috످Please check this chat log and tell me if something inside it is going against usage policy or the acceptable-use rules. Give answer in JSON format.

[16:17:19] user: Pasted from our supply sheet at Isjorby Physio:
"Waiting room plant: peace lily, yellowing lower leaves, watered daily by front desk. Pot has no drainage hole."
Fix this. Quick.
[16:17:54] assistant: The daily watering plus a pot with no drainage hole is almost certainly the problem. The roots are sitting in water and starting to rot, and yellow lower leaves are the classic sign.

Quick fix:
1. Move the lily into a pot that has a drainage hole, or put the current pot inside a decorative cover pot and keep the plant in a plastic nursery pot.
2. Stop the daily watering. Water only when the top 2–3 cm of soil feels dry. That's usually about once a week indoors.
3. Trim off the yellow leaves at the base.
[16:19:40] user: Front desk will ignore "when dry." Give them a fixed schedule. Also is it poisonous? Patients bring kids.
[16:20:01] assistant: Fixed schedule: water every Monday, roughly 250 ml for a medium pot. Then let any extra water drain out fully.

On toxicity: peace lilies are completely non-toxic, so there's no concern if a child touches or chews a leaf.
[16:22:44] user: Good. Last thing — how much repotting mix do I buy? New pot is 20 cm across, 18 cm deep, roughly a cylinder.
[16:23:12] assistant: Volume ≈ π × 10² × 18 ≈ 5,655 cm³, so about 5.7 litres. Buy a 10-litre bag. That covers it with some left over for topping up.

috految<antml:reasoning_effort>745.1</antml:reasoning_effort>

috److془The user wants JSON. Check whether violates usage policy. No violation. But there's a factual error: peace lilies are toxic (insoluble calcium oxalate crystals). Must flag.

Math: π×100×18 = 5654.87. Correct.

Provide JSON. Keep plain English.

Also, the user accepted ("Good") and it was never corrected.

Output JSON only.془```json
{
  "policy_violation": false,
  "summary": "Nothing in this chat breaks usage policy or acceptable-use rules. The user only asked normal plant care questions. However, the assistant wrongly said peace lilies are non-toxic, which could put children at risk.",
  "safety_issue": {
    "type": "Factual error",
    "timestamp": "16:20:01",
    "assistant_said": "peace lilies are completely non-toxic, so there's no concern if a child touches or chews a leaf.",
    "correction": "Peace lilies are toxic to people and pets. They contain calcium oxalate crystals that can irritate the skin and eyes. Chewing the plant can cause mouth pain, swelling, vomiting, and in rare cases, trouble breathing.",
    "recommended_actions": [
      "Tell the clinic staff that the plant is toxic, since the mistake was never corrected in the chat.",
      "Move the plant out of children's reach or replace it with a non-toxic one, such as a spider plant.",
      "If a child chews the plant, rinse their mouth and call poison control. Do not make them vomit. Call emergency services immediately if they have trouble breathing or swallowing, or if their tongue or throat swells."
    ]
  }
}
```

috످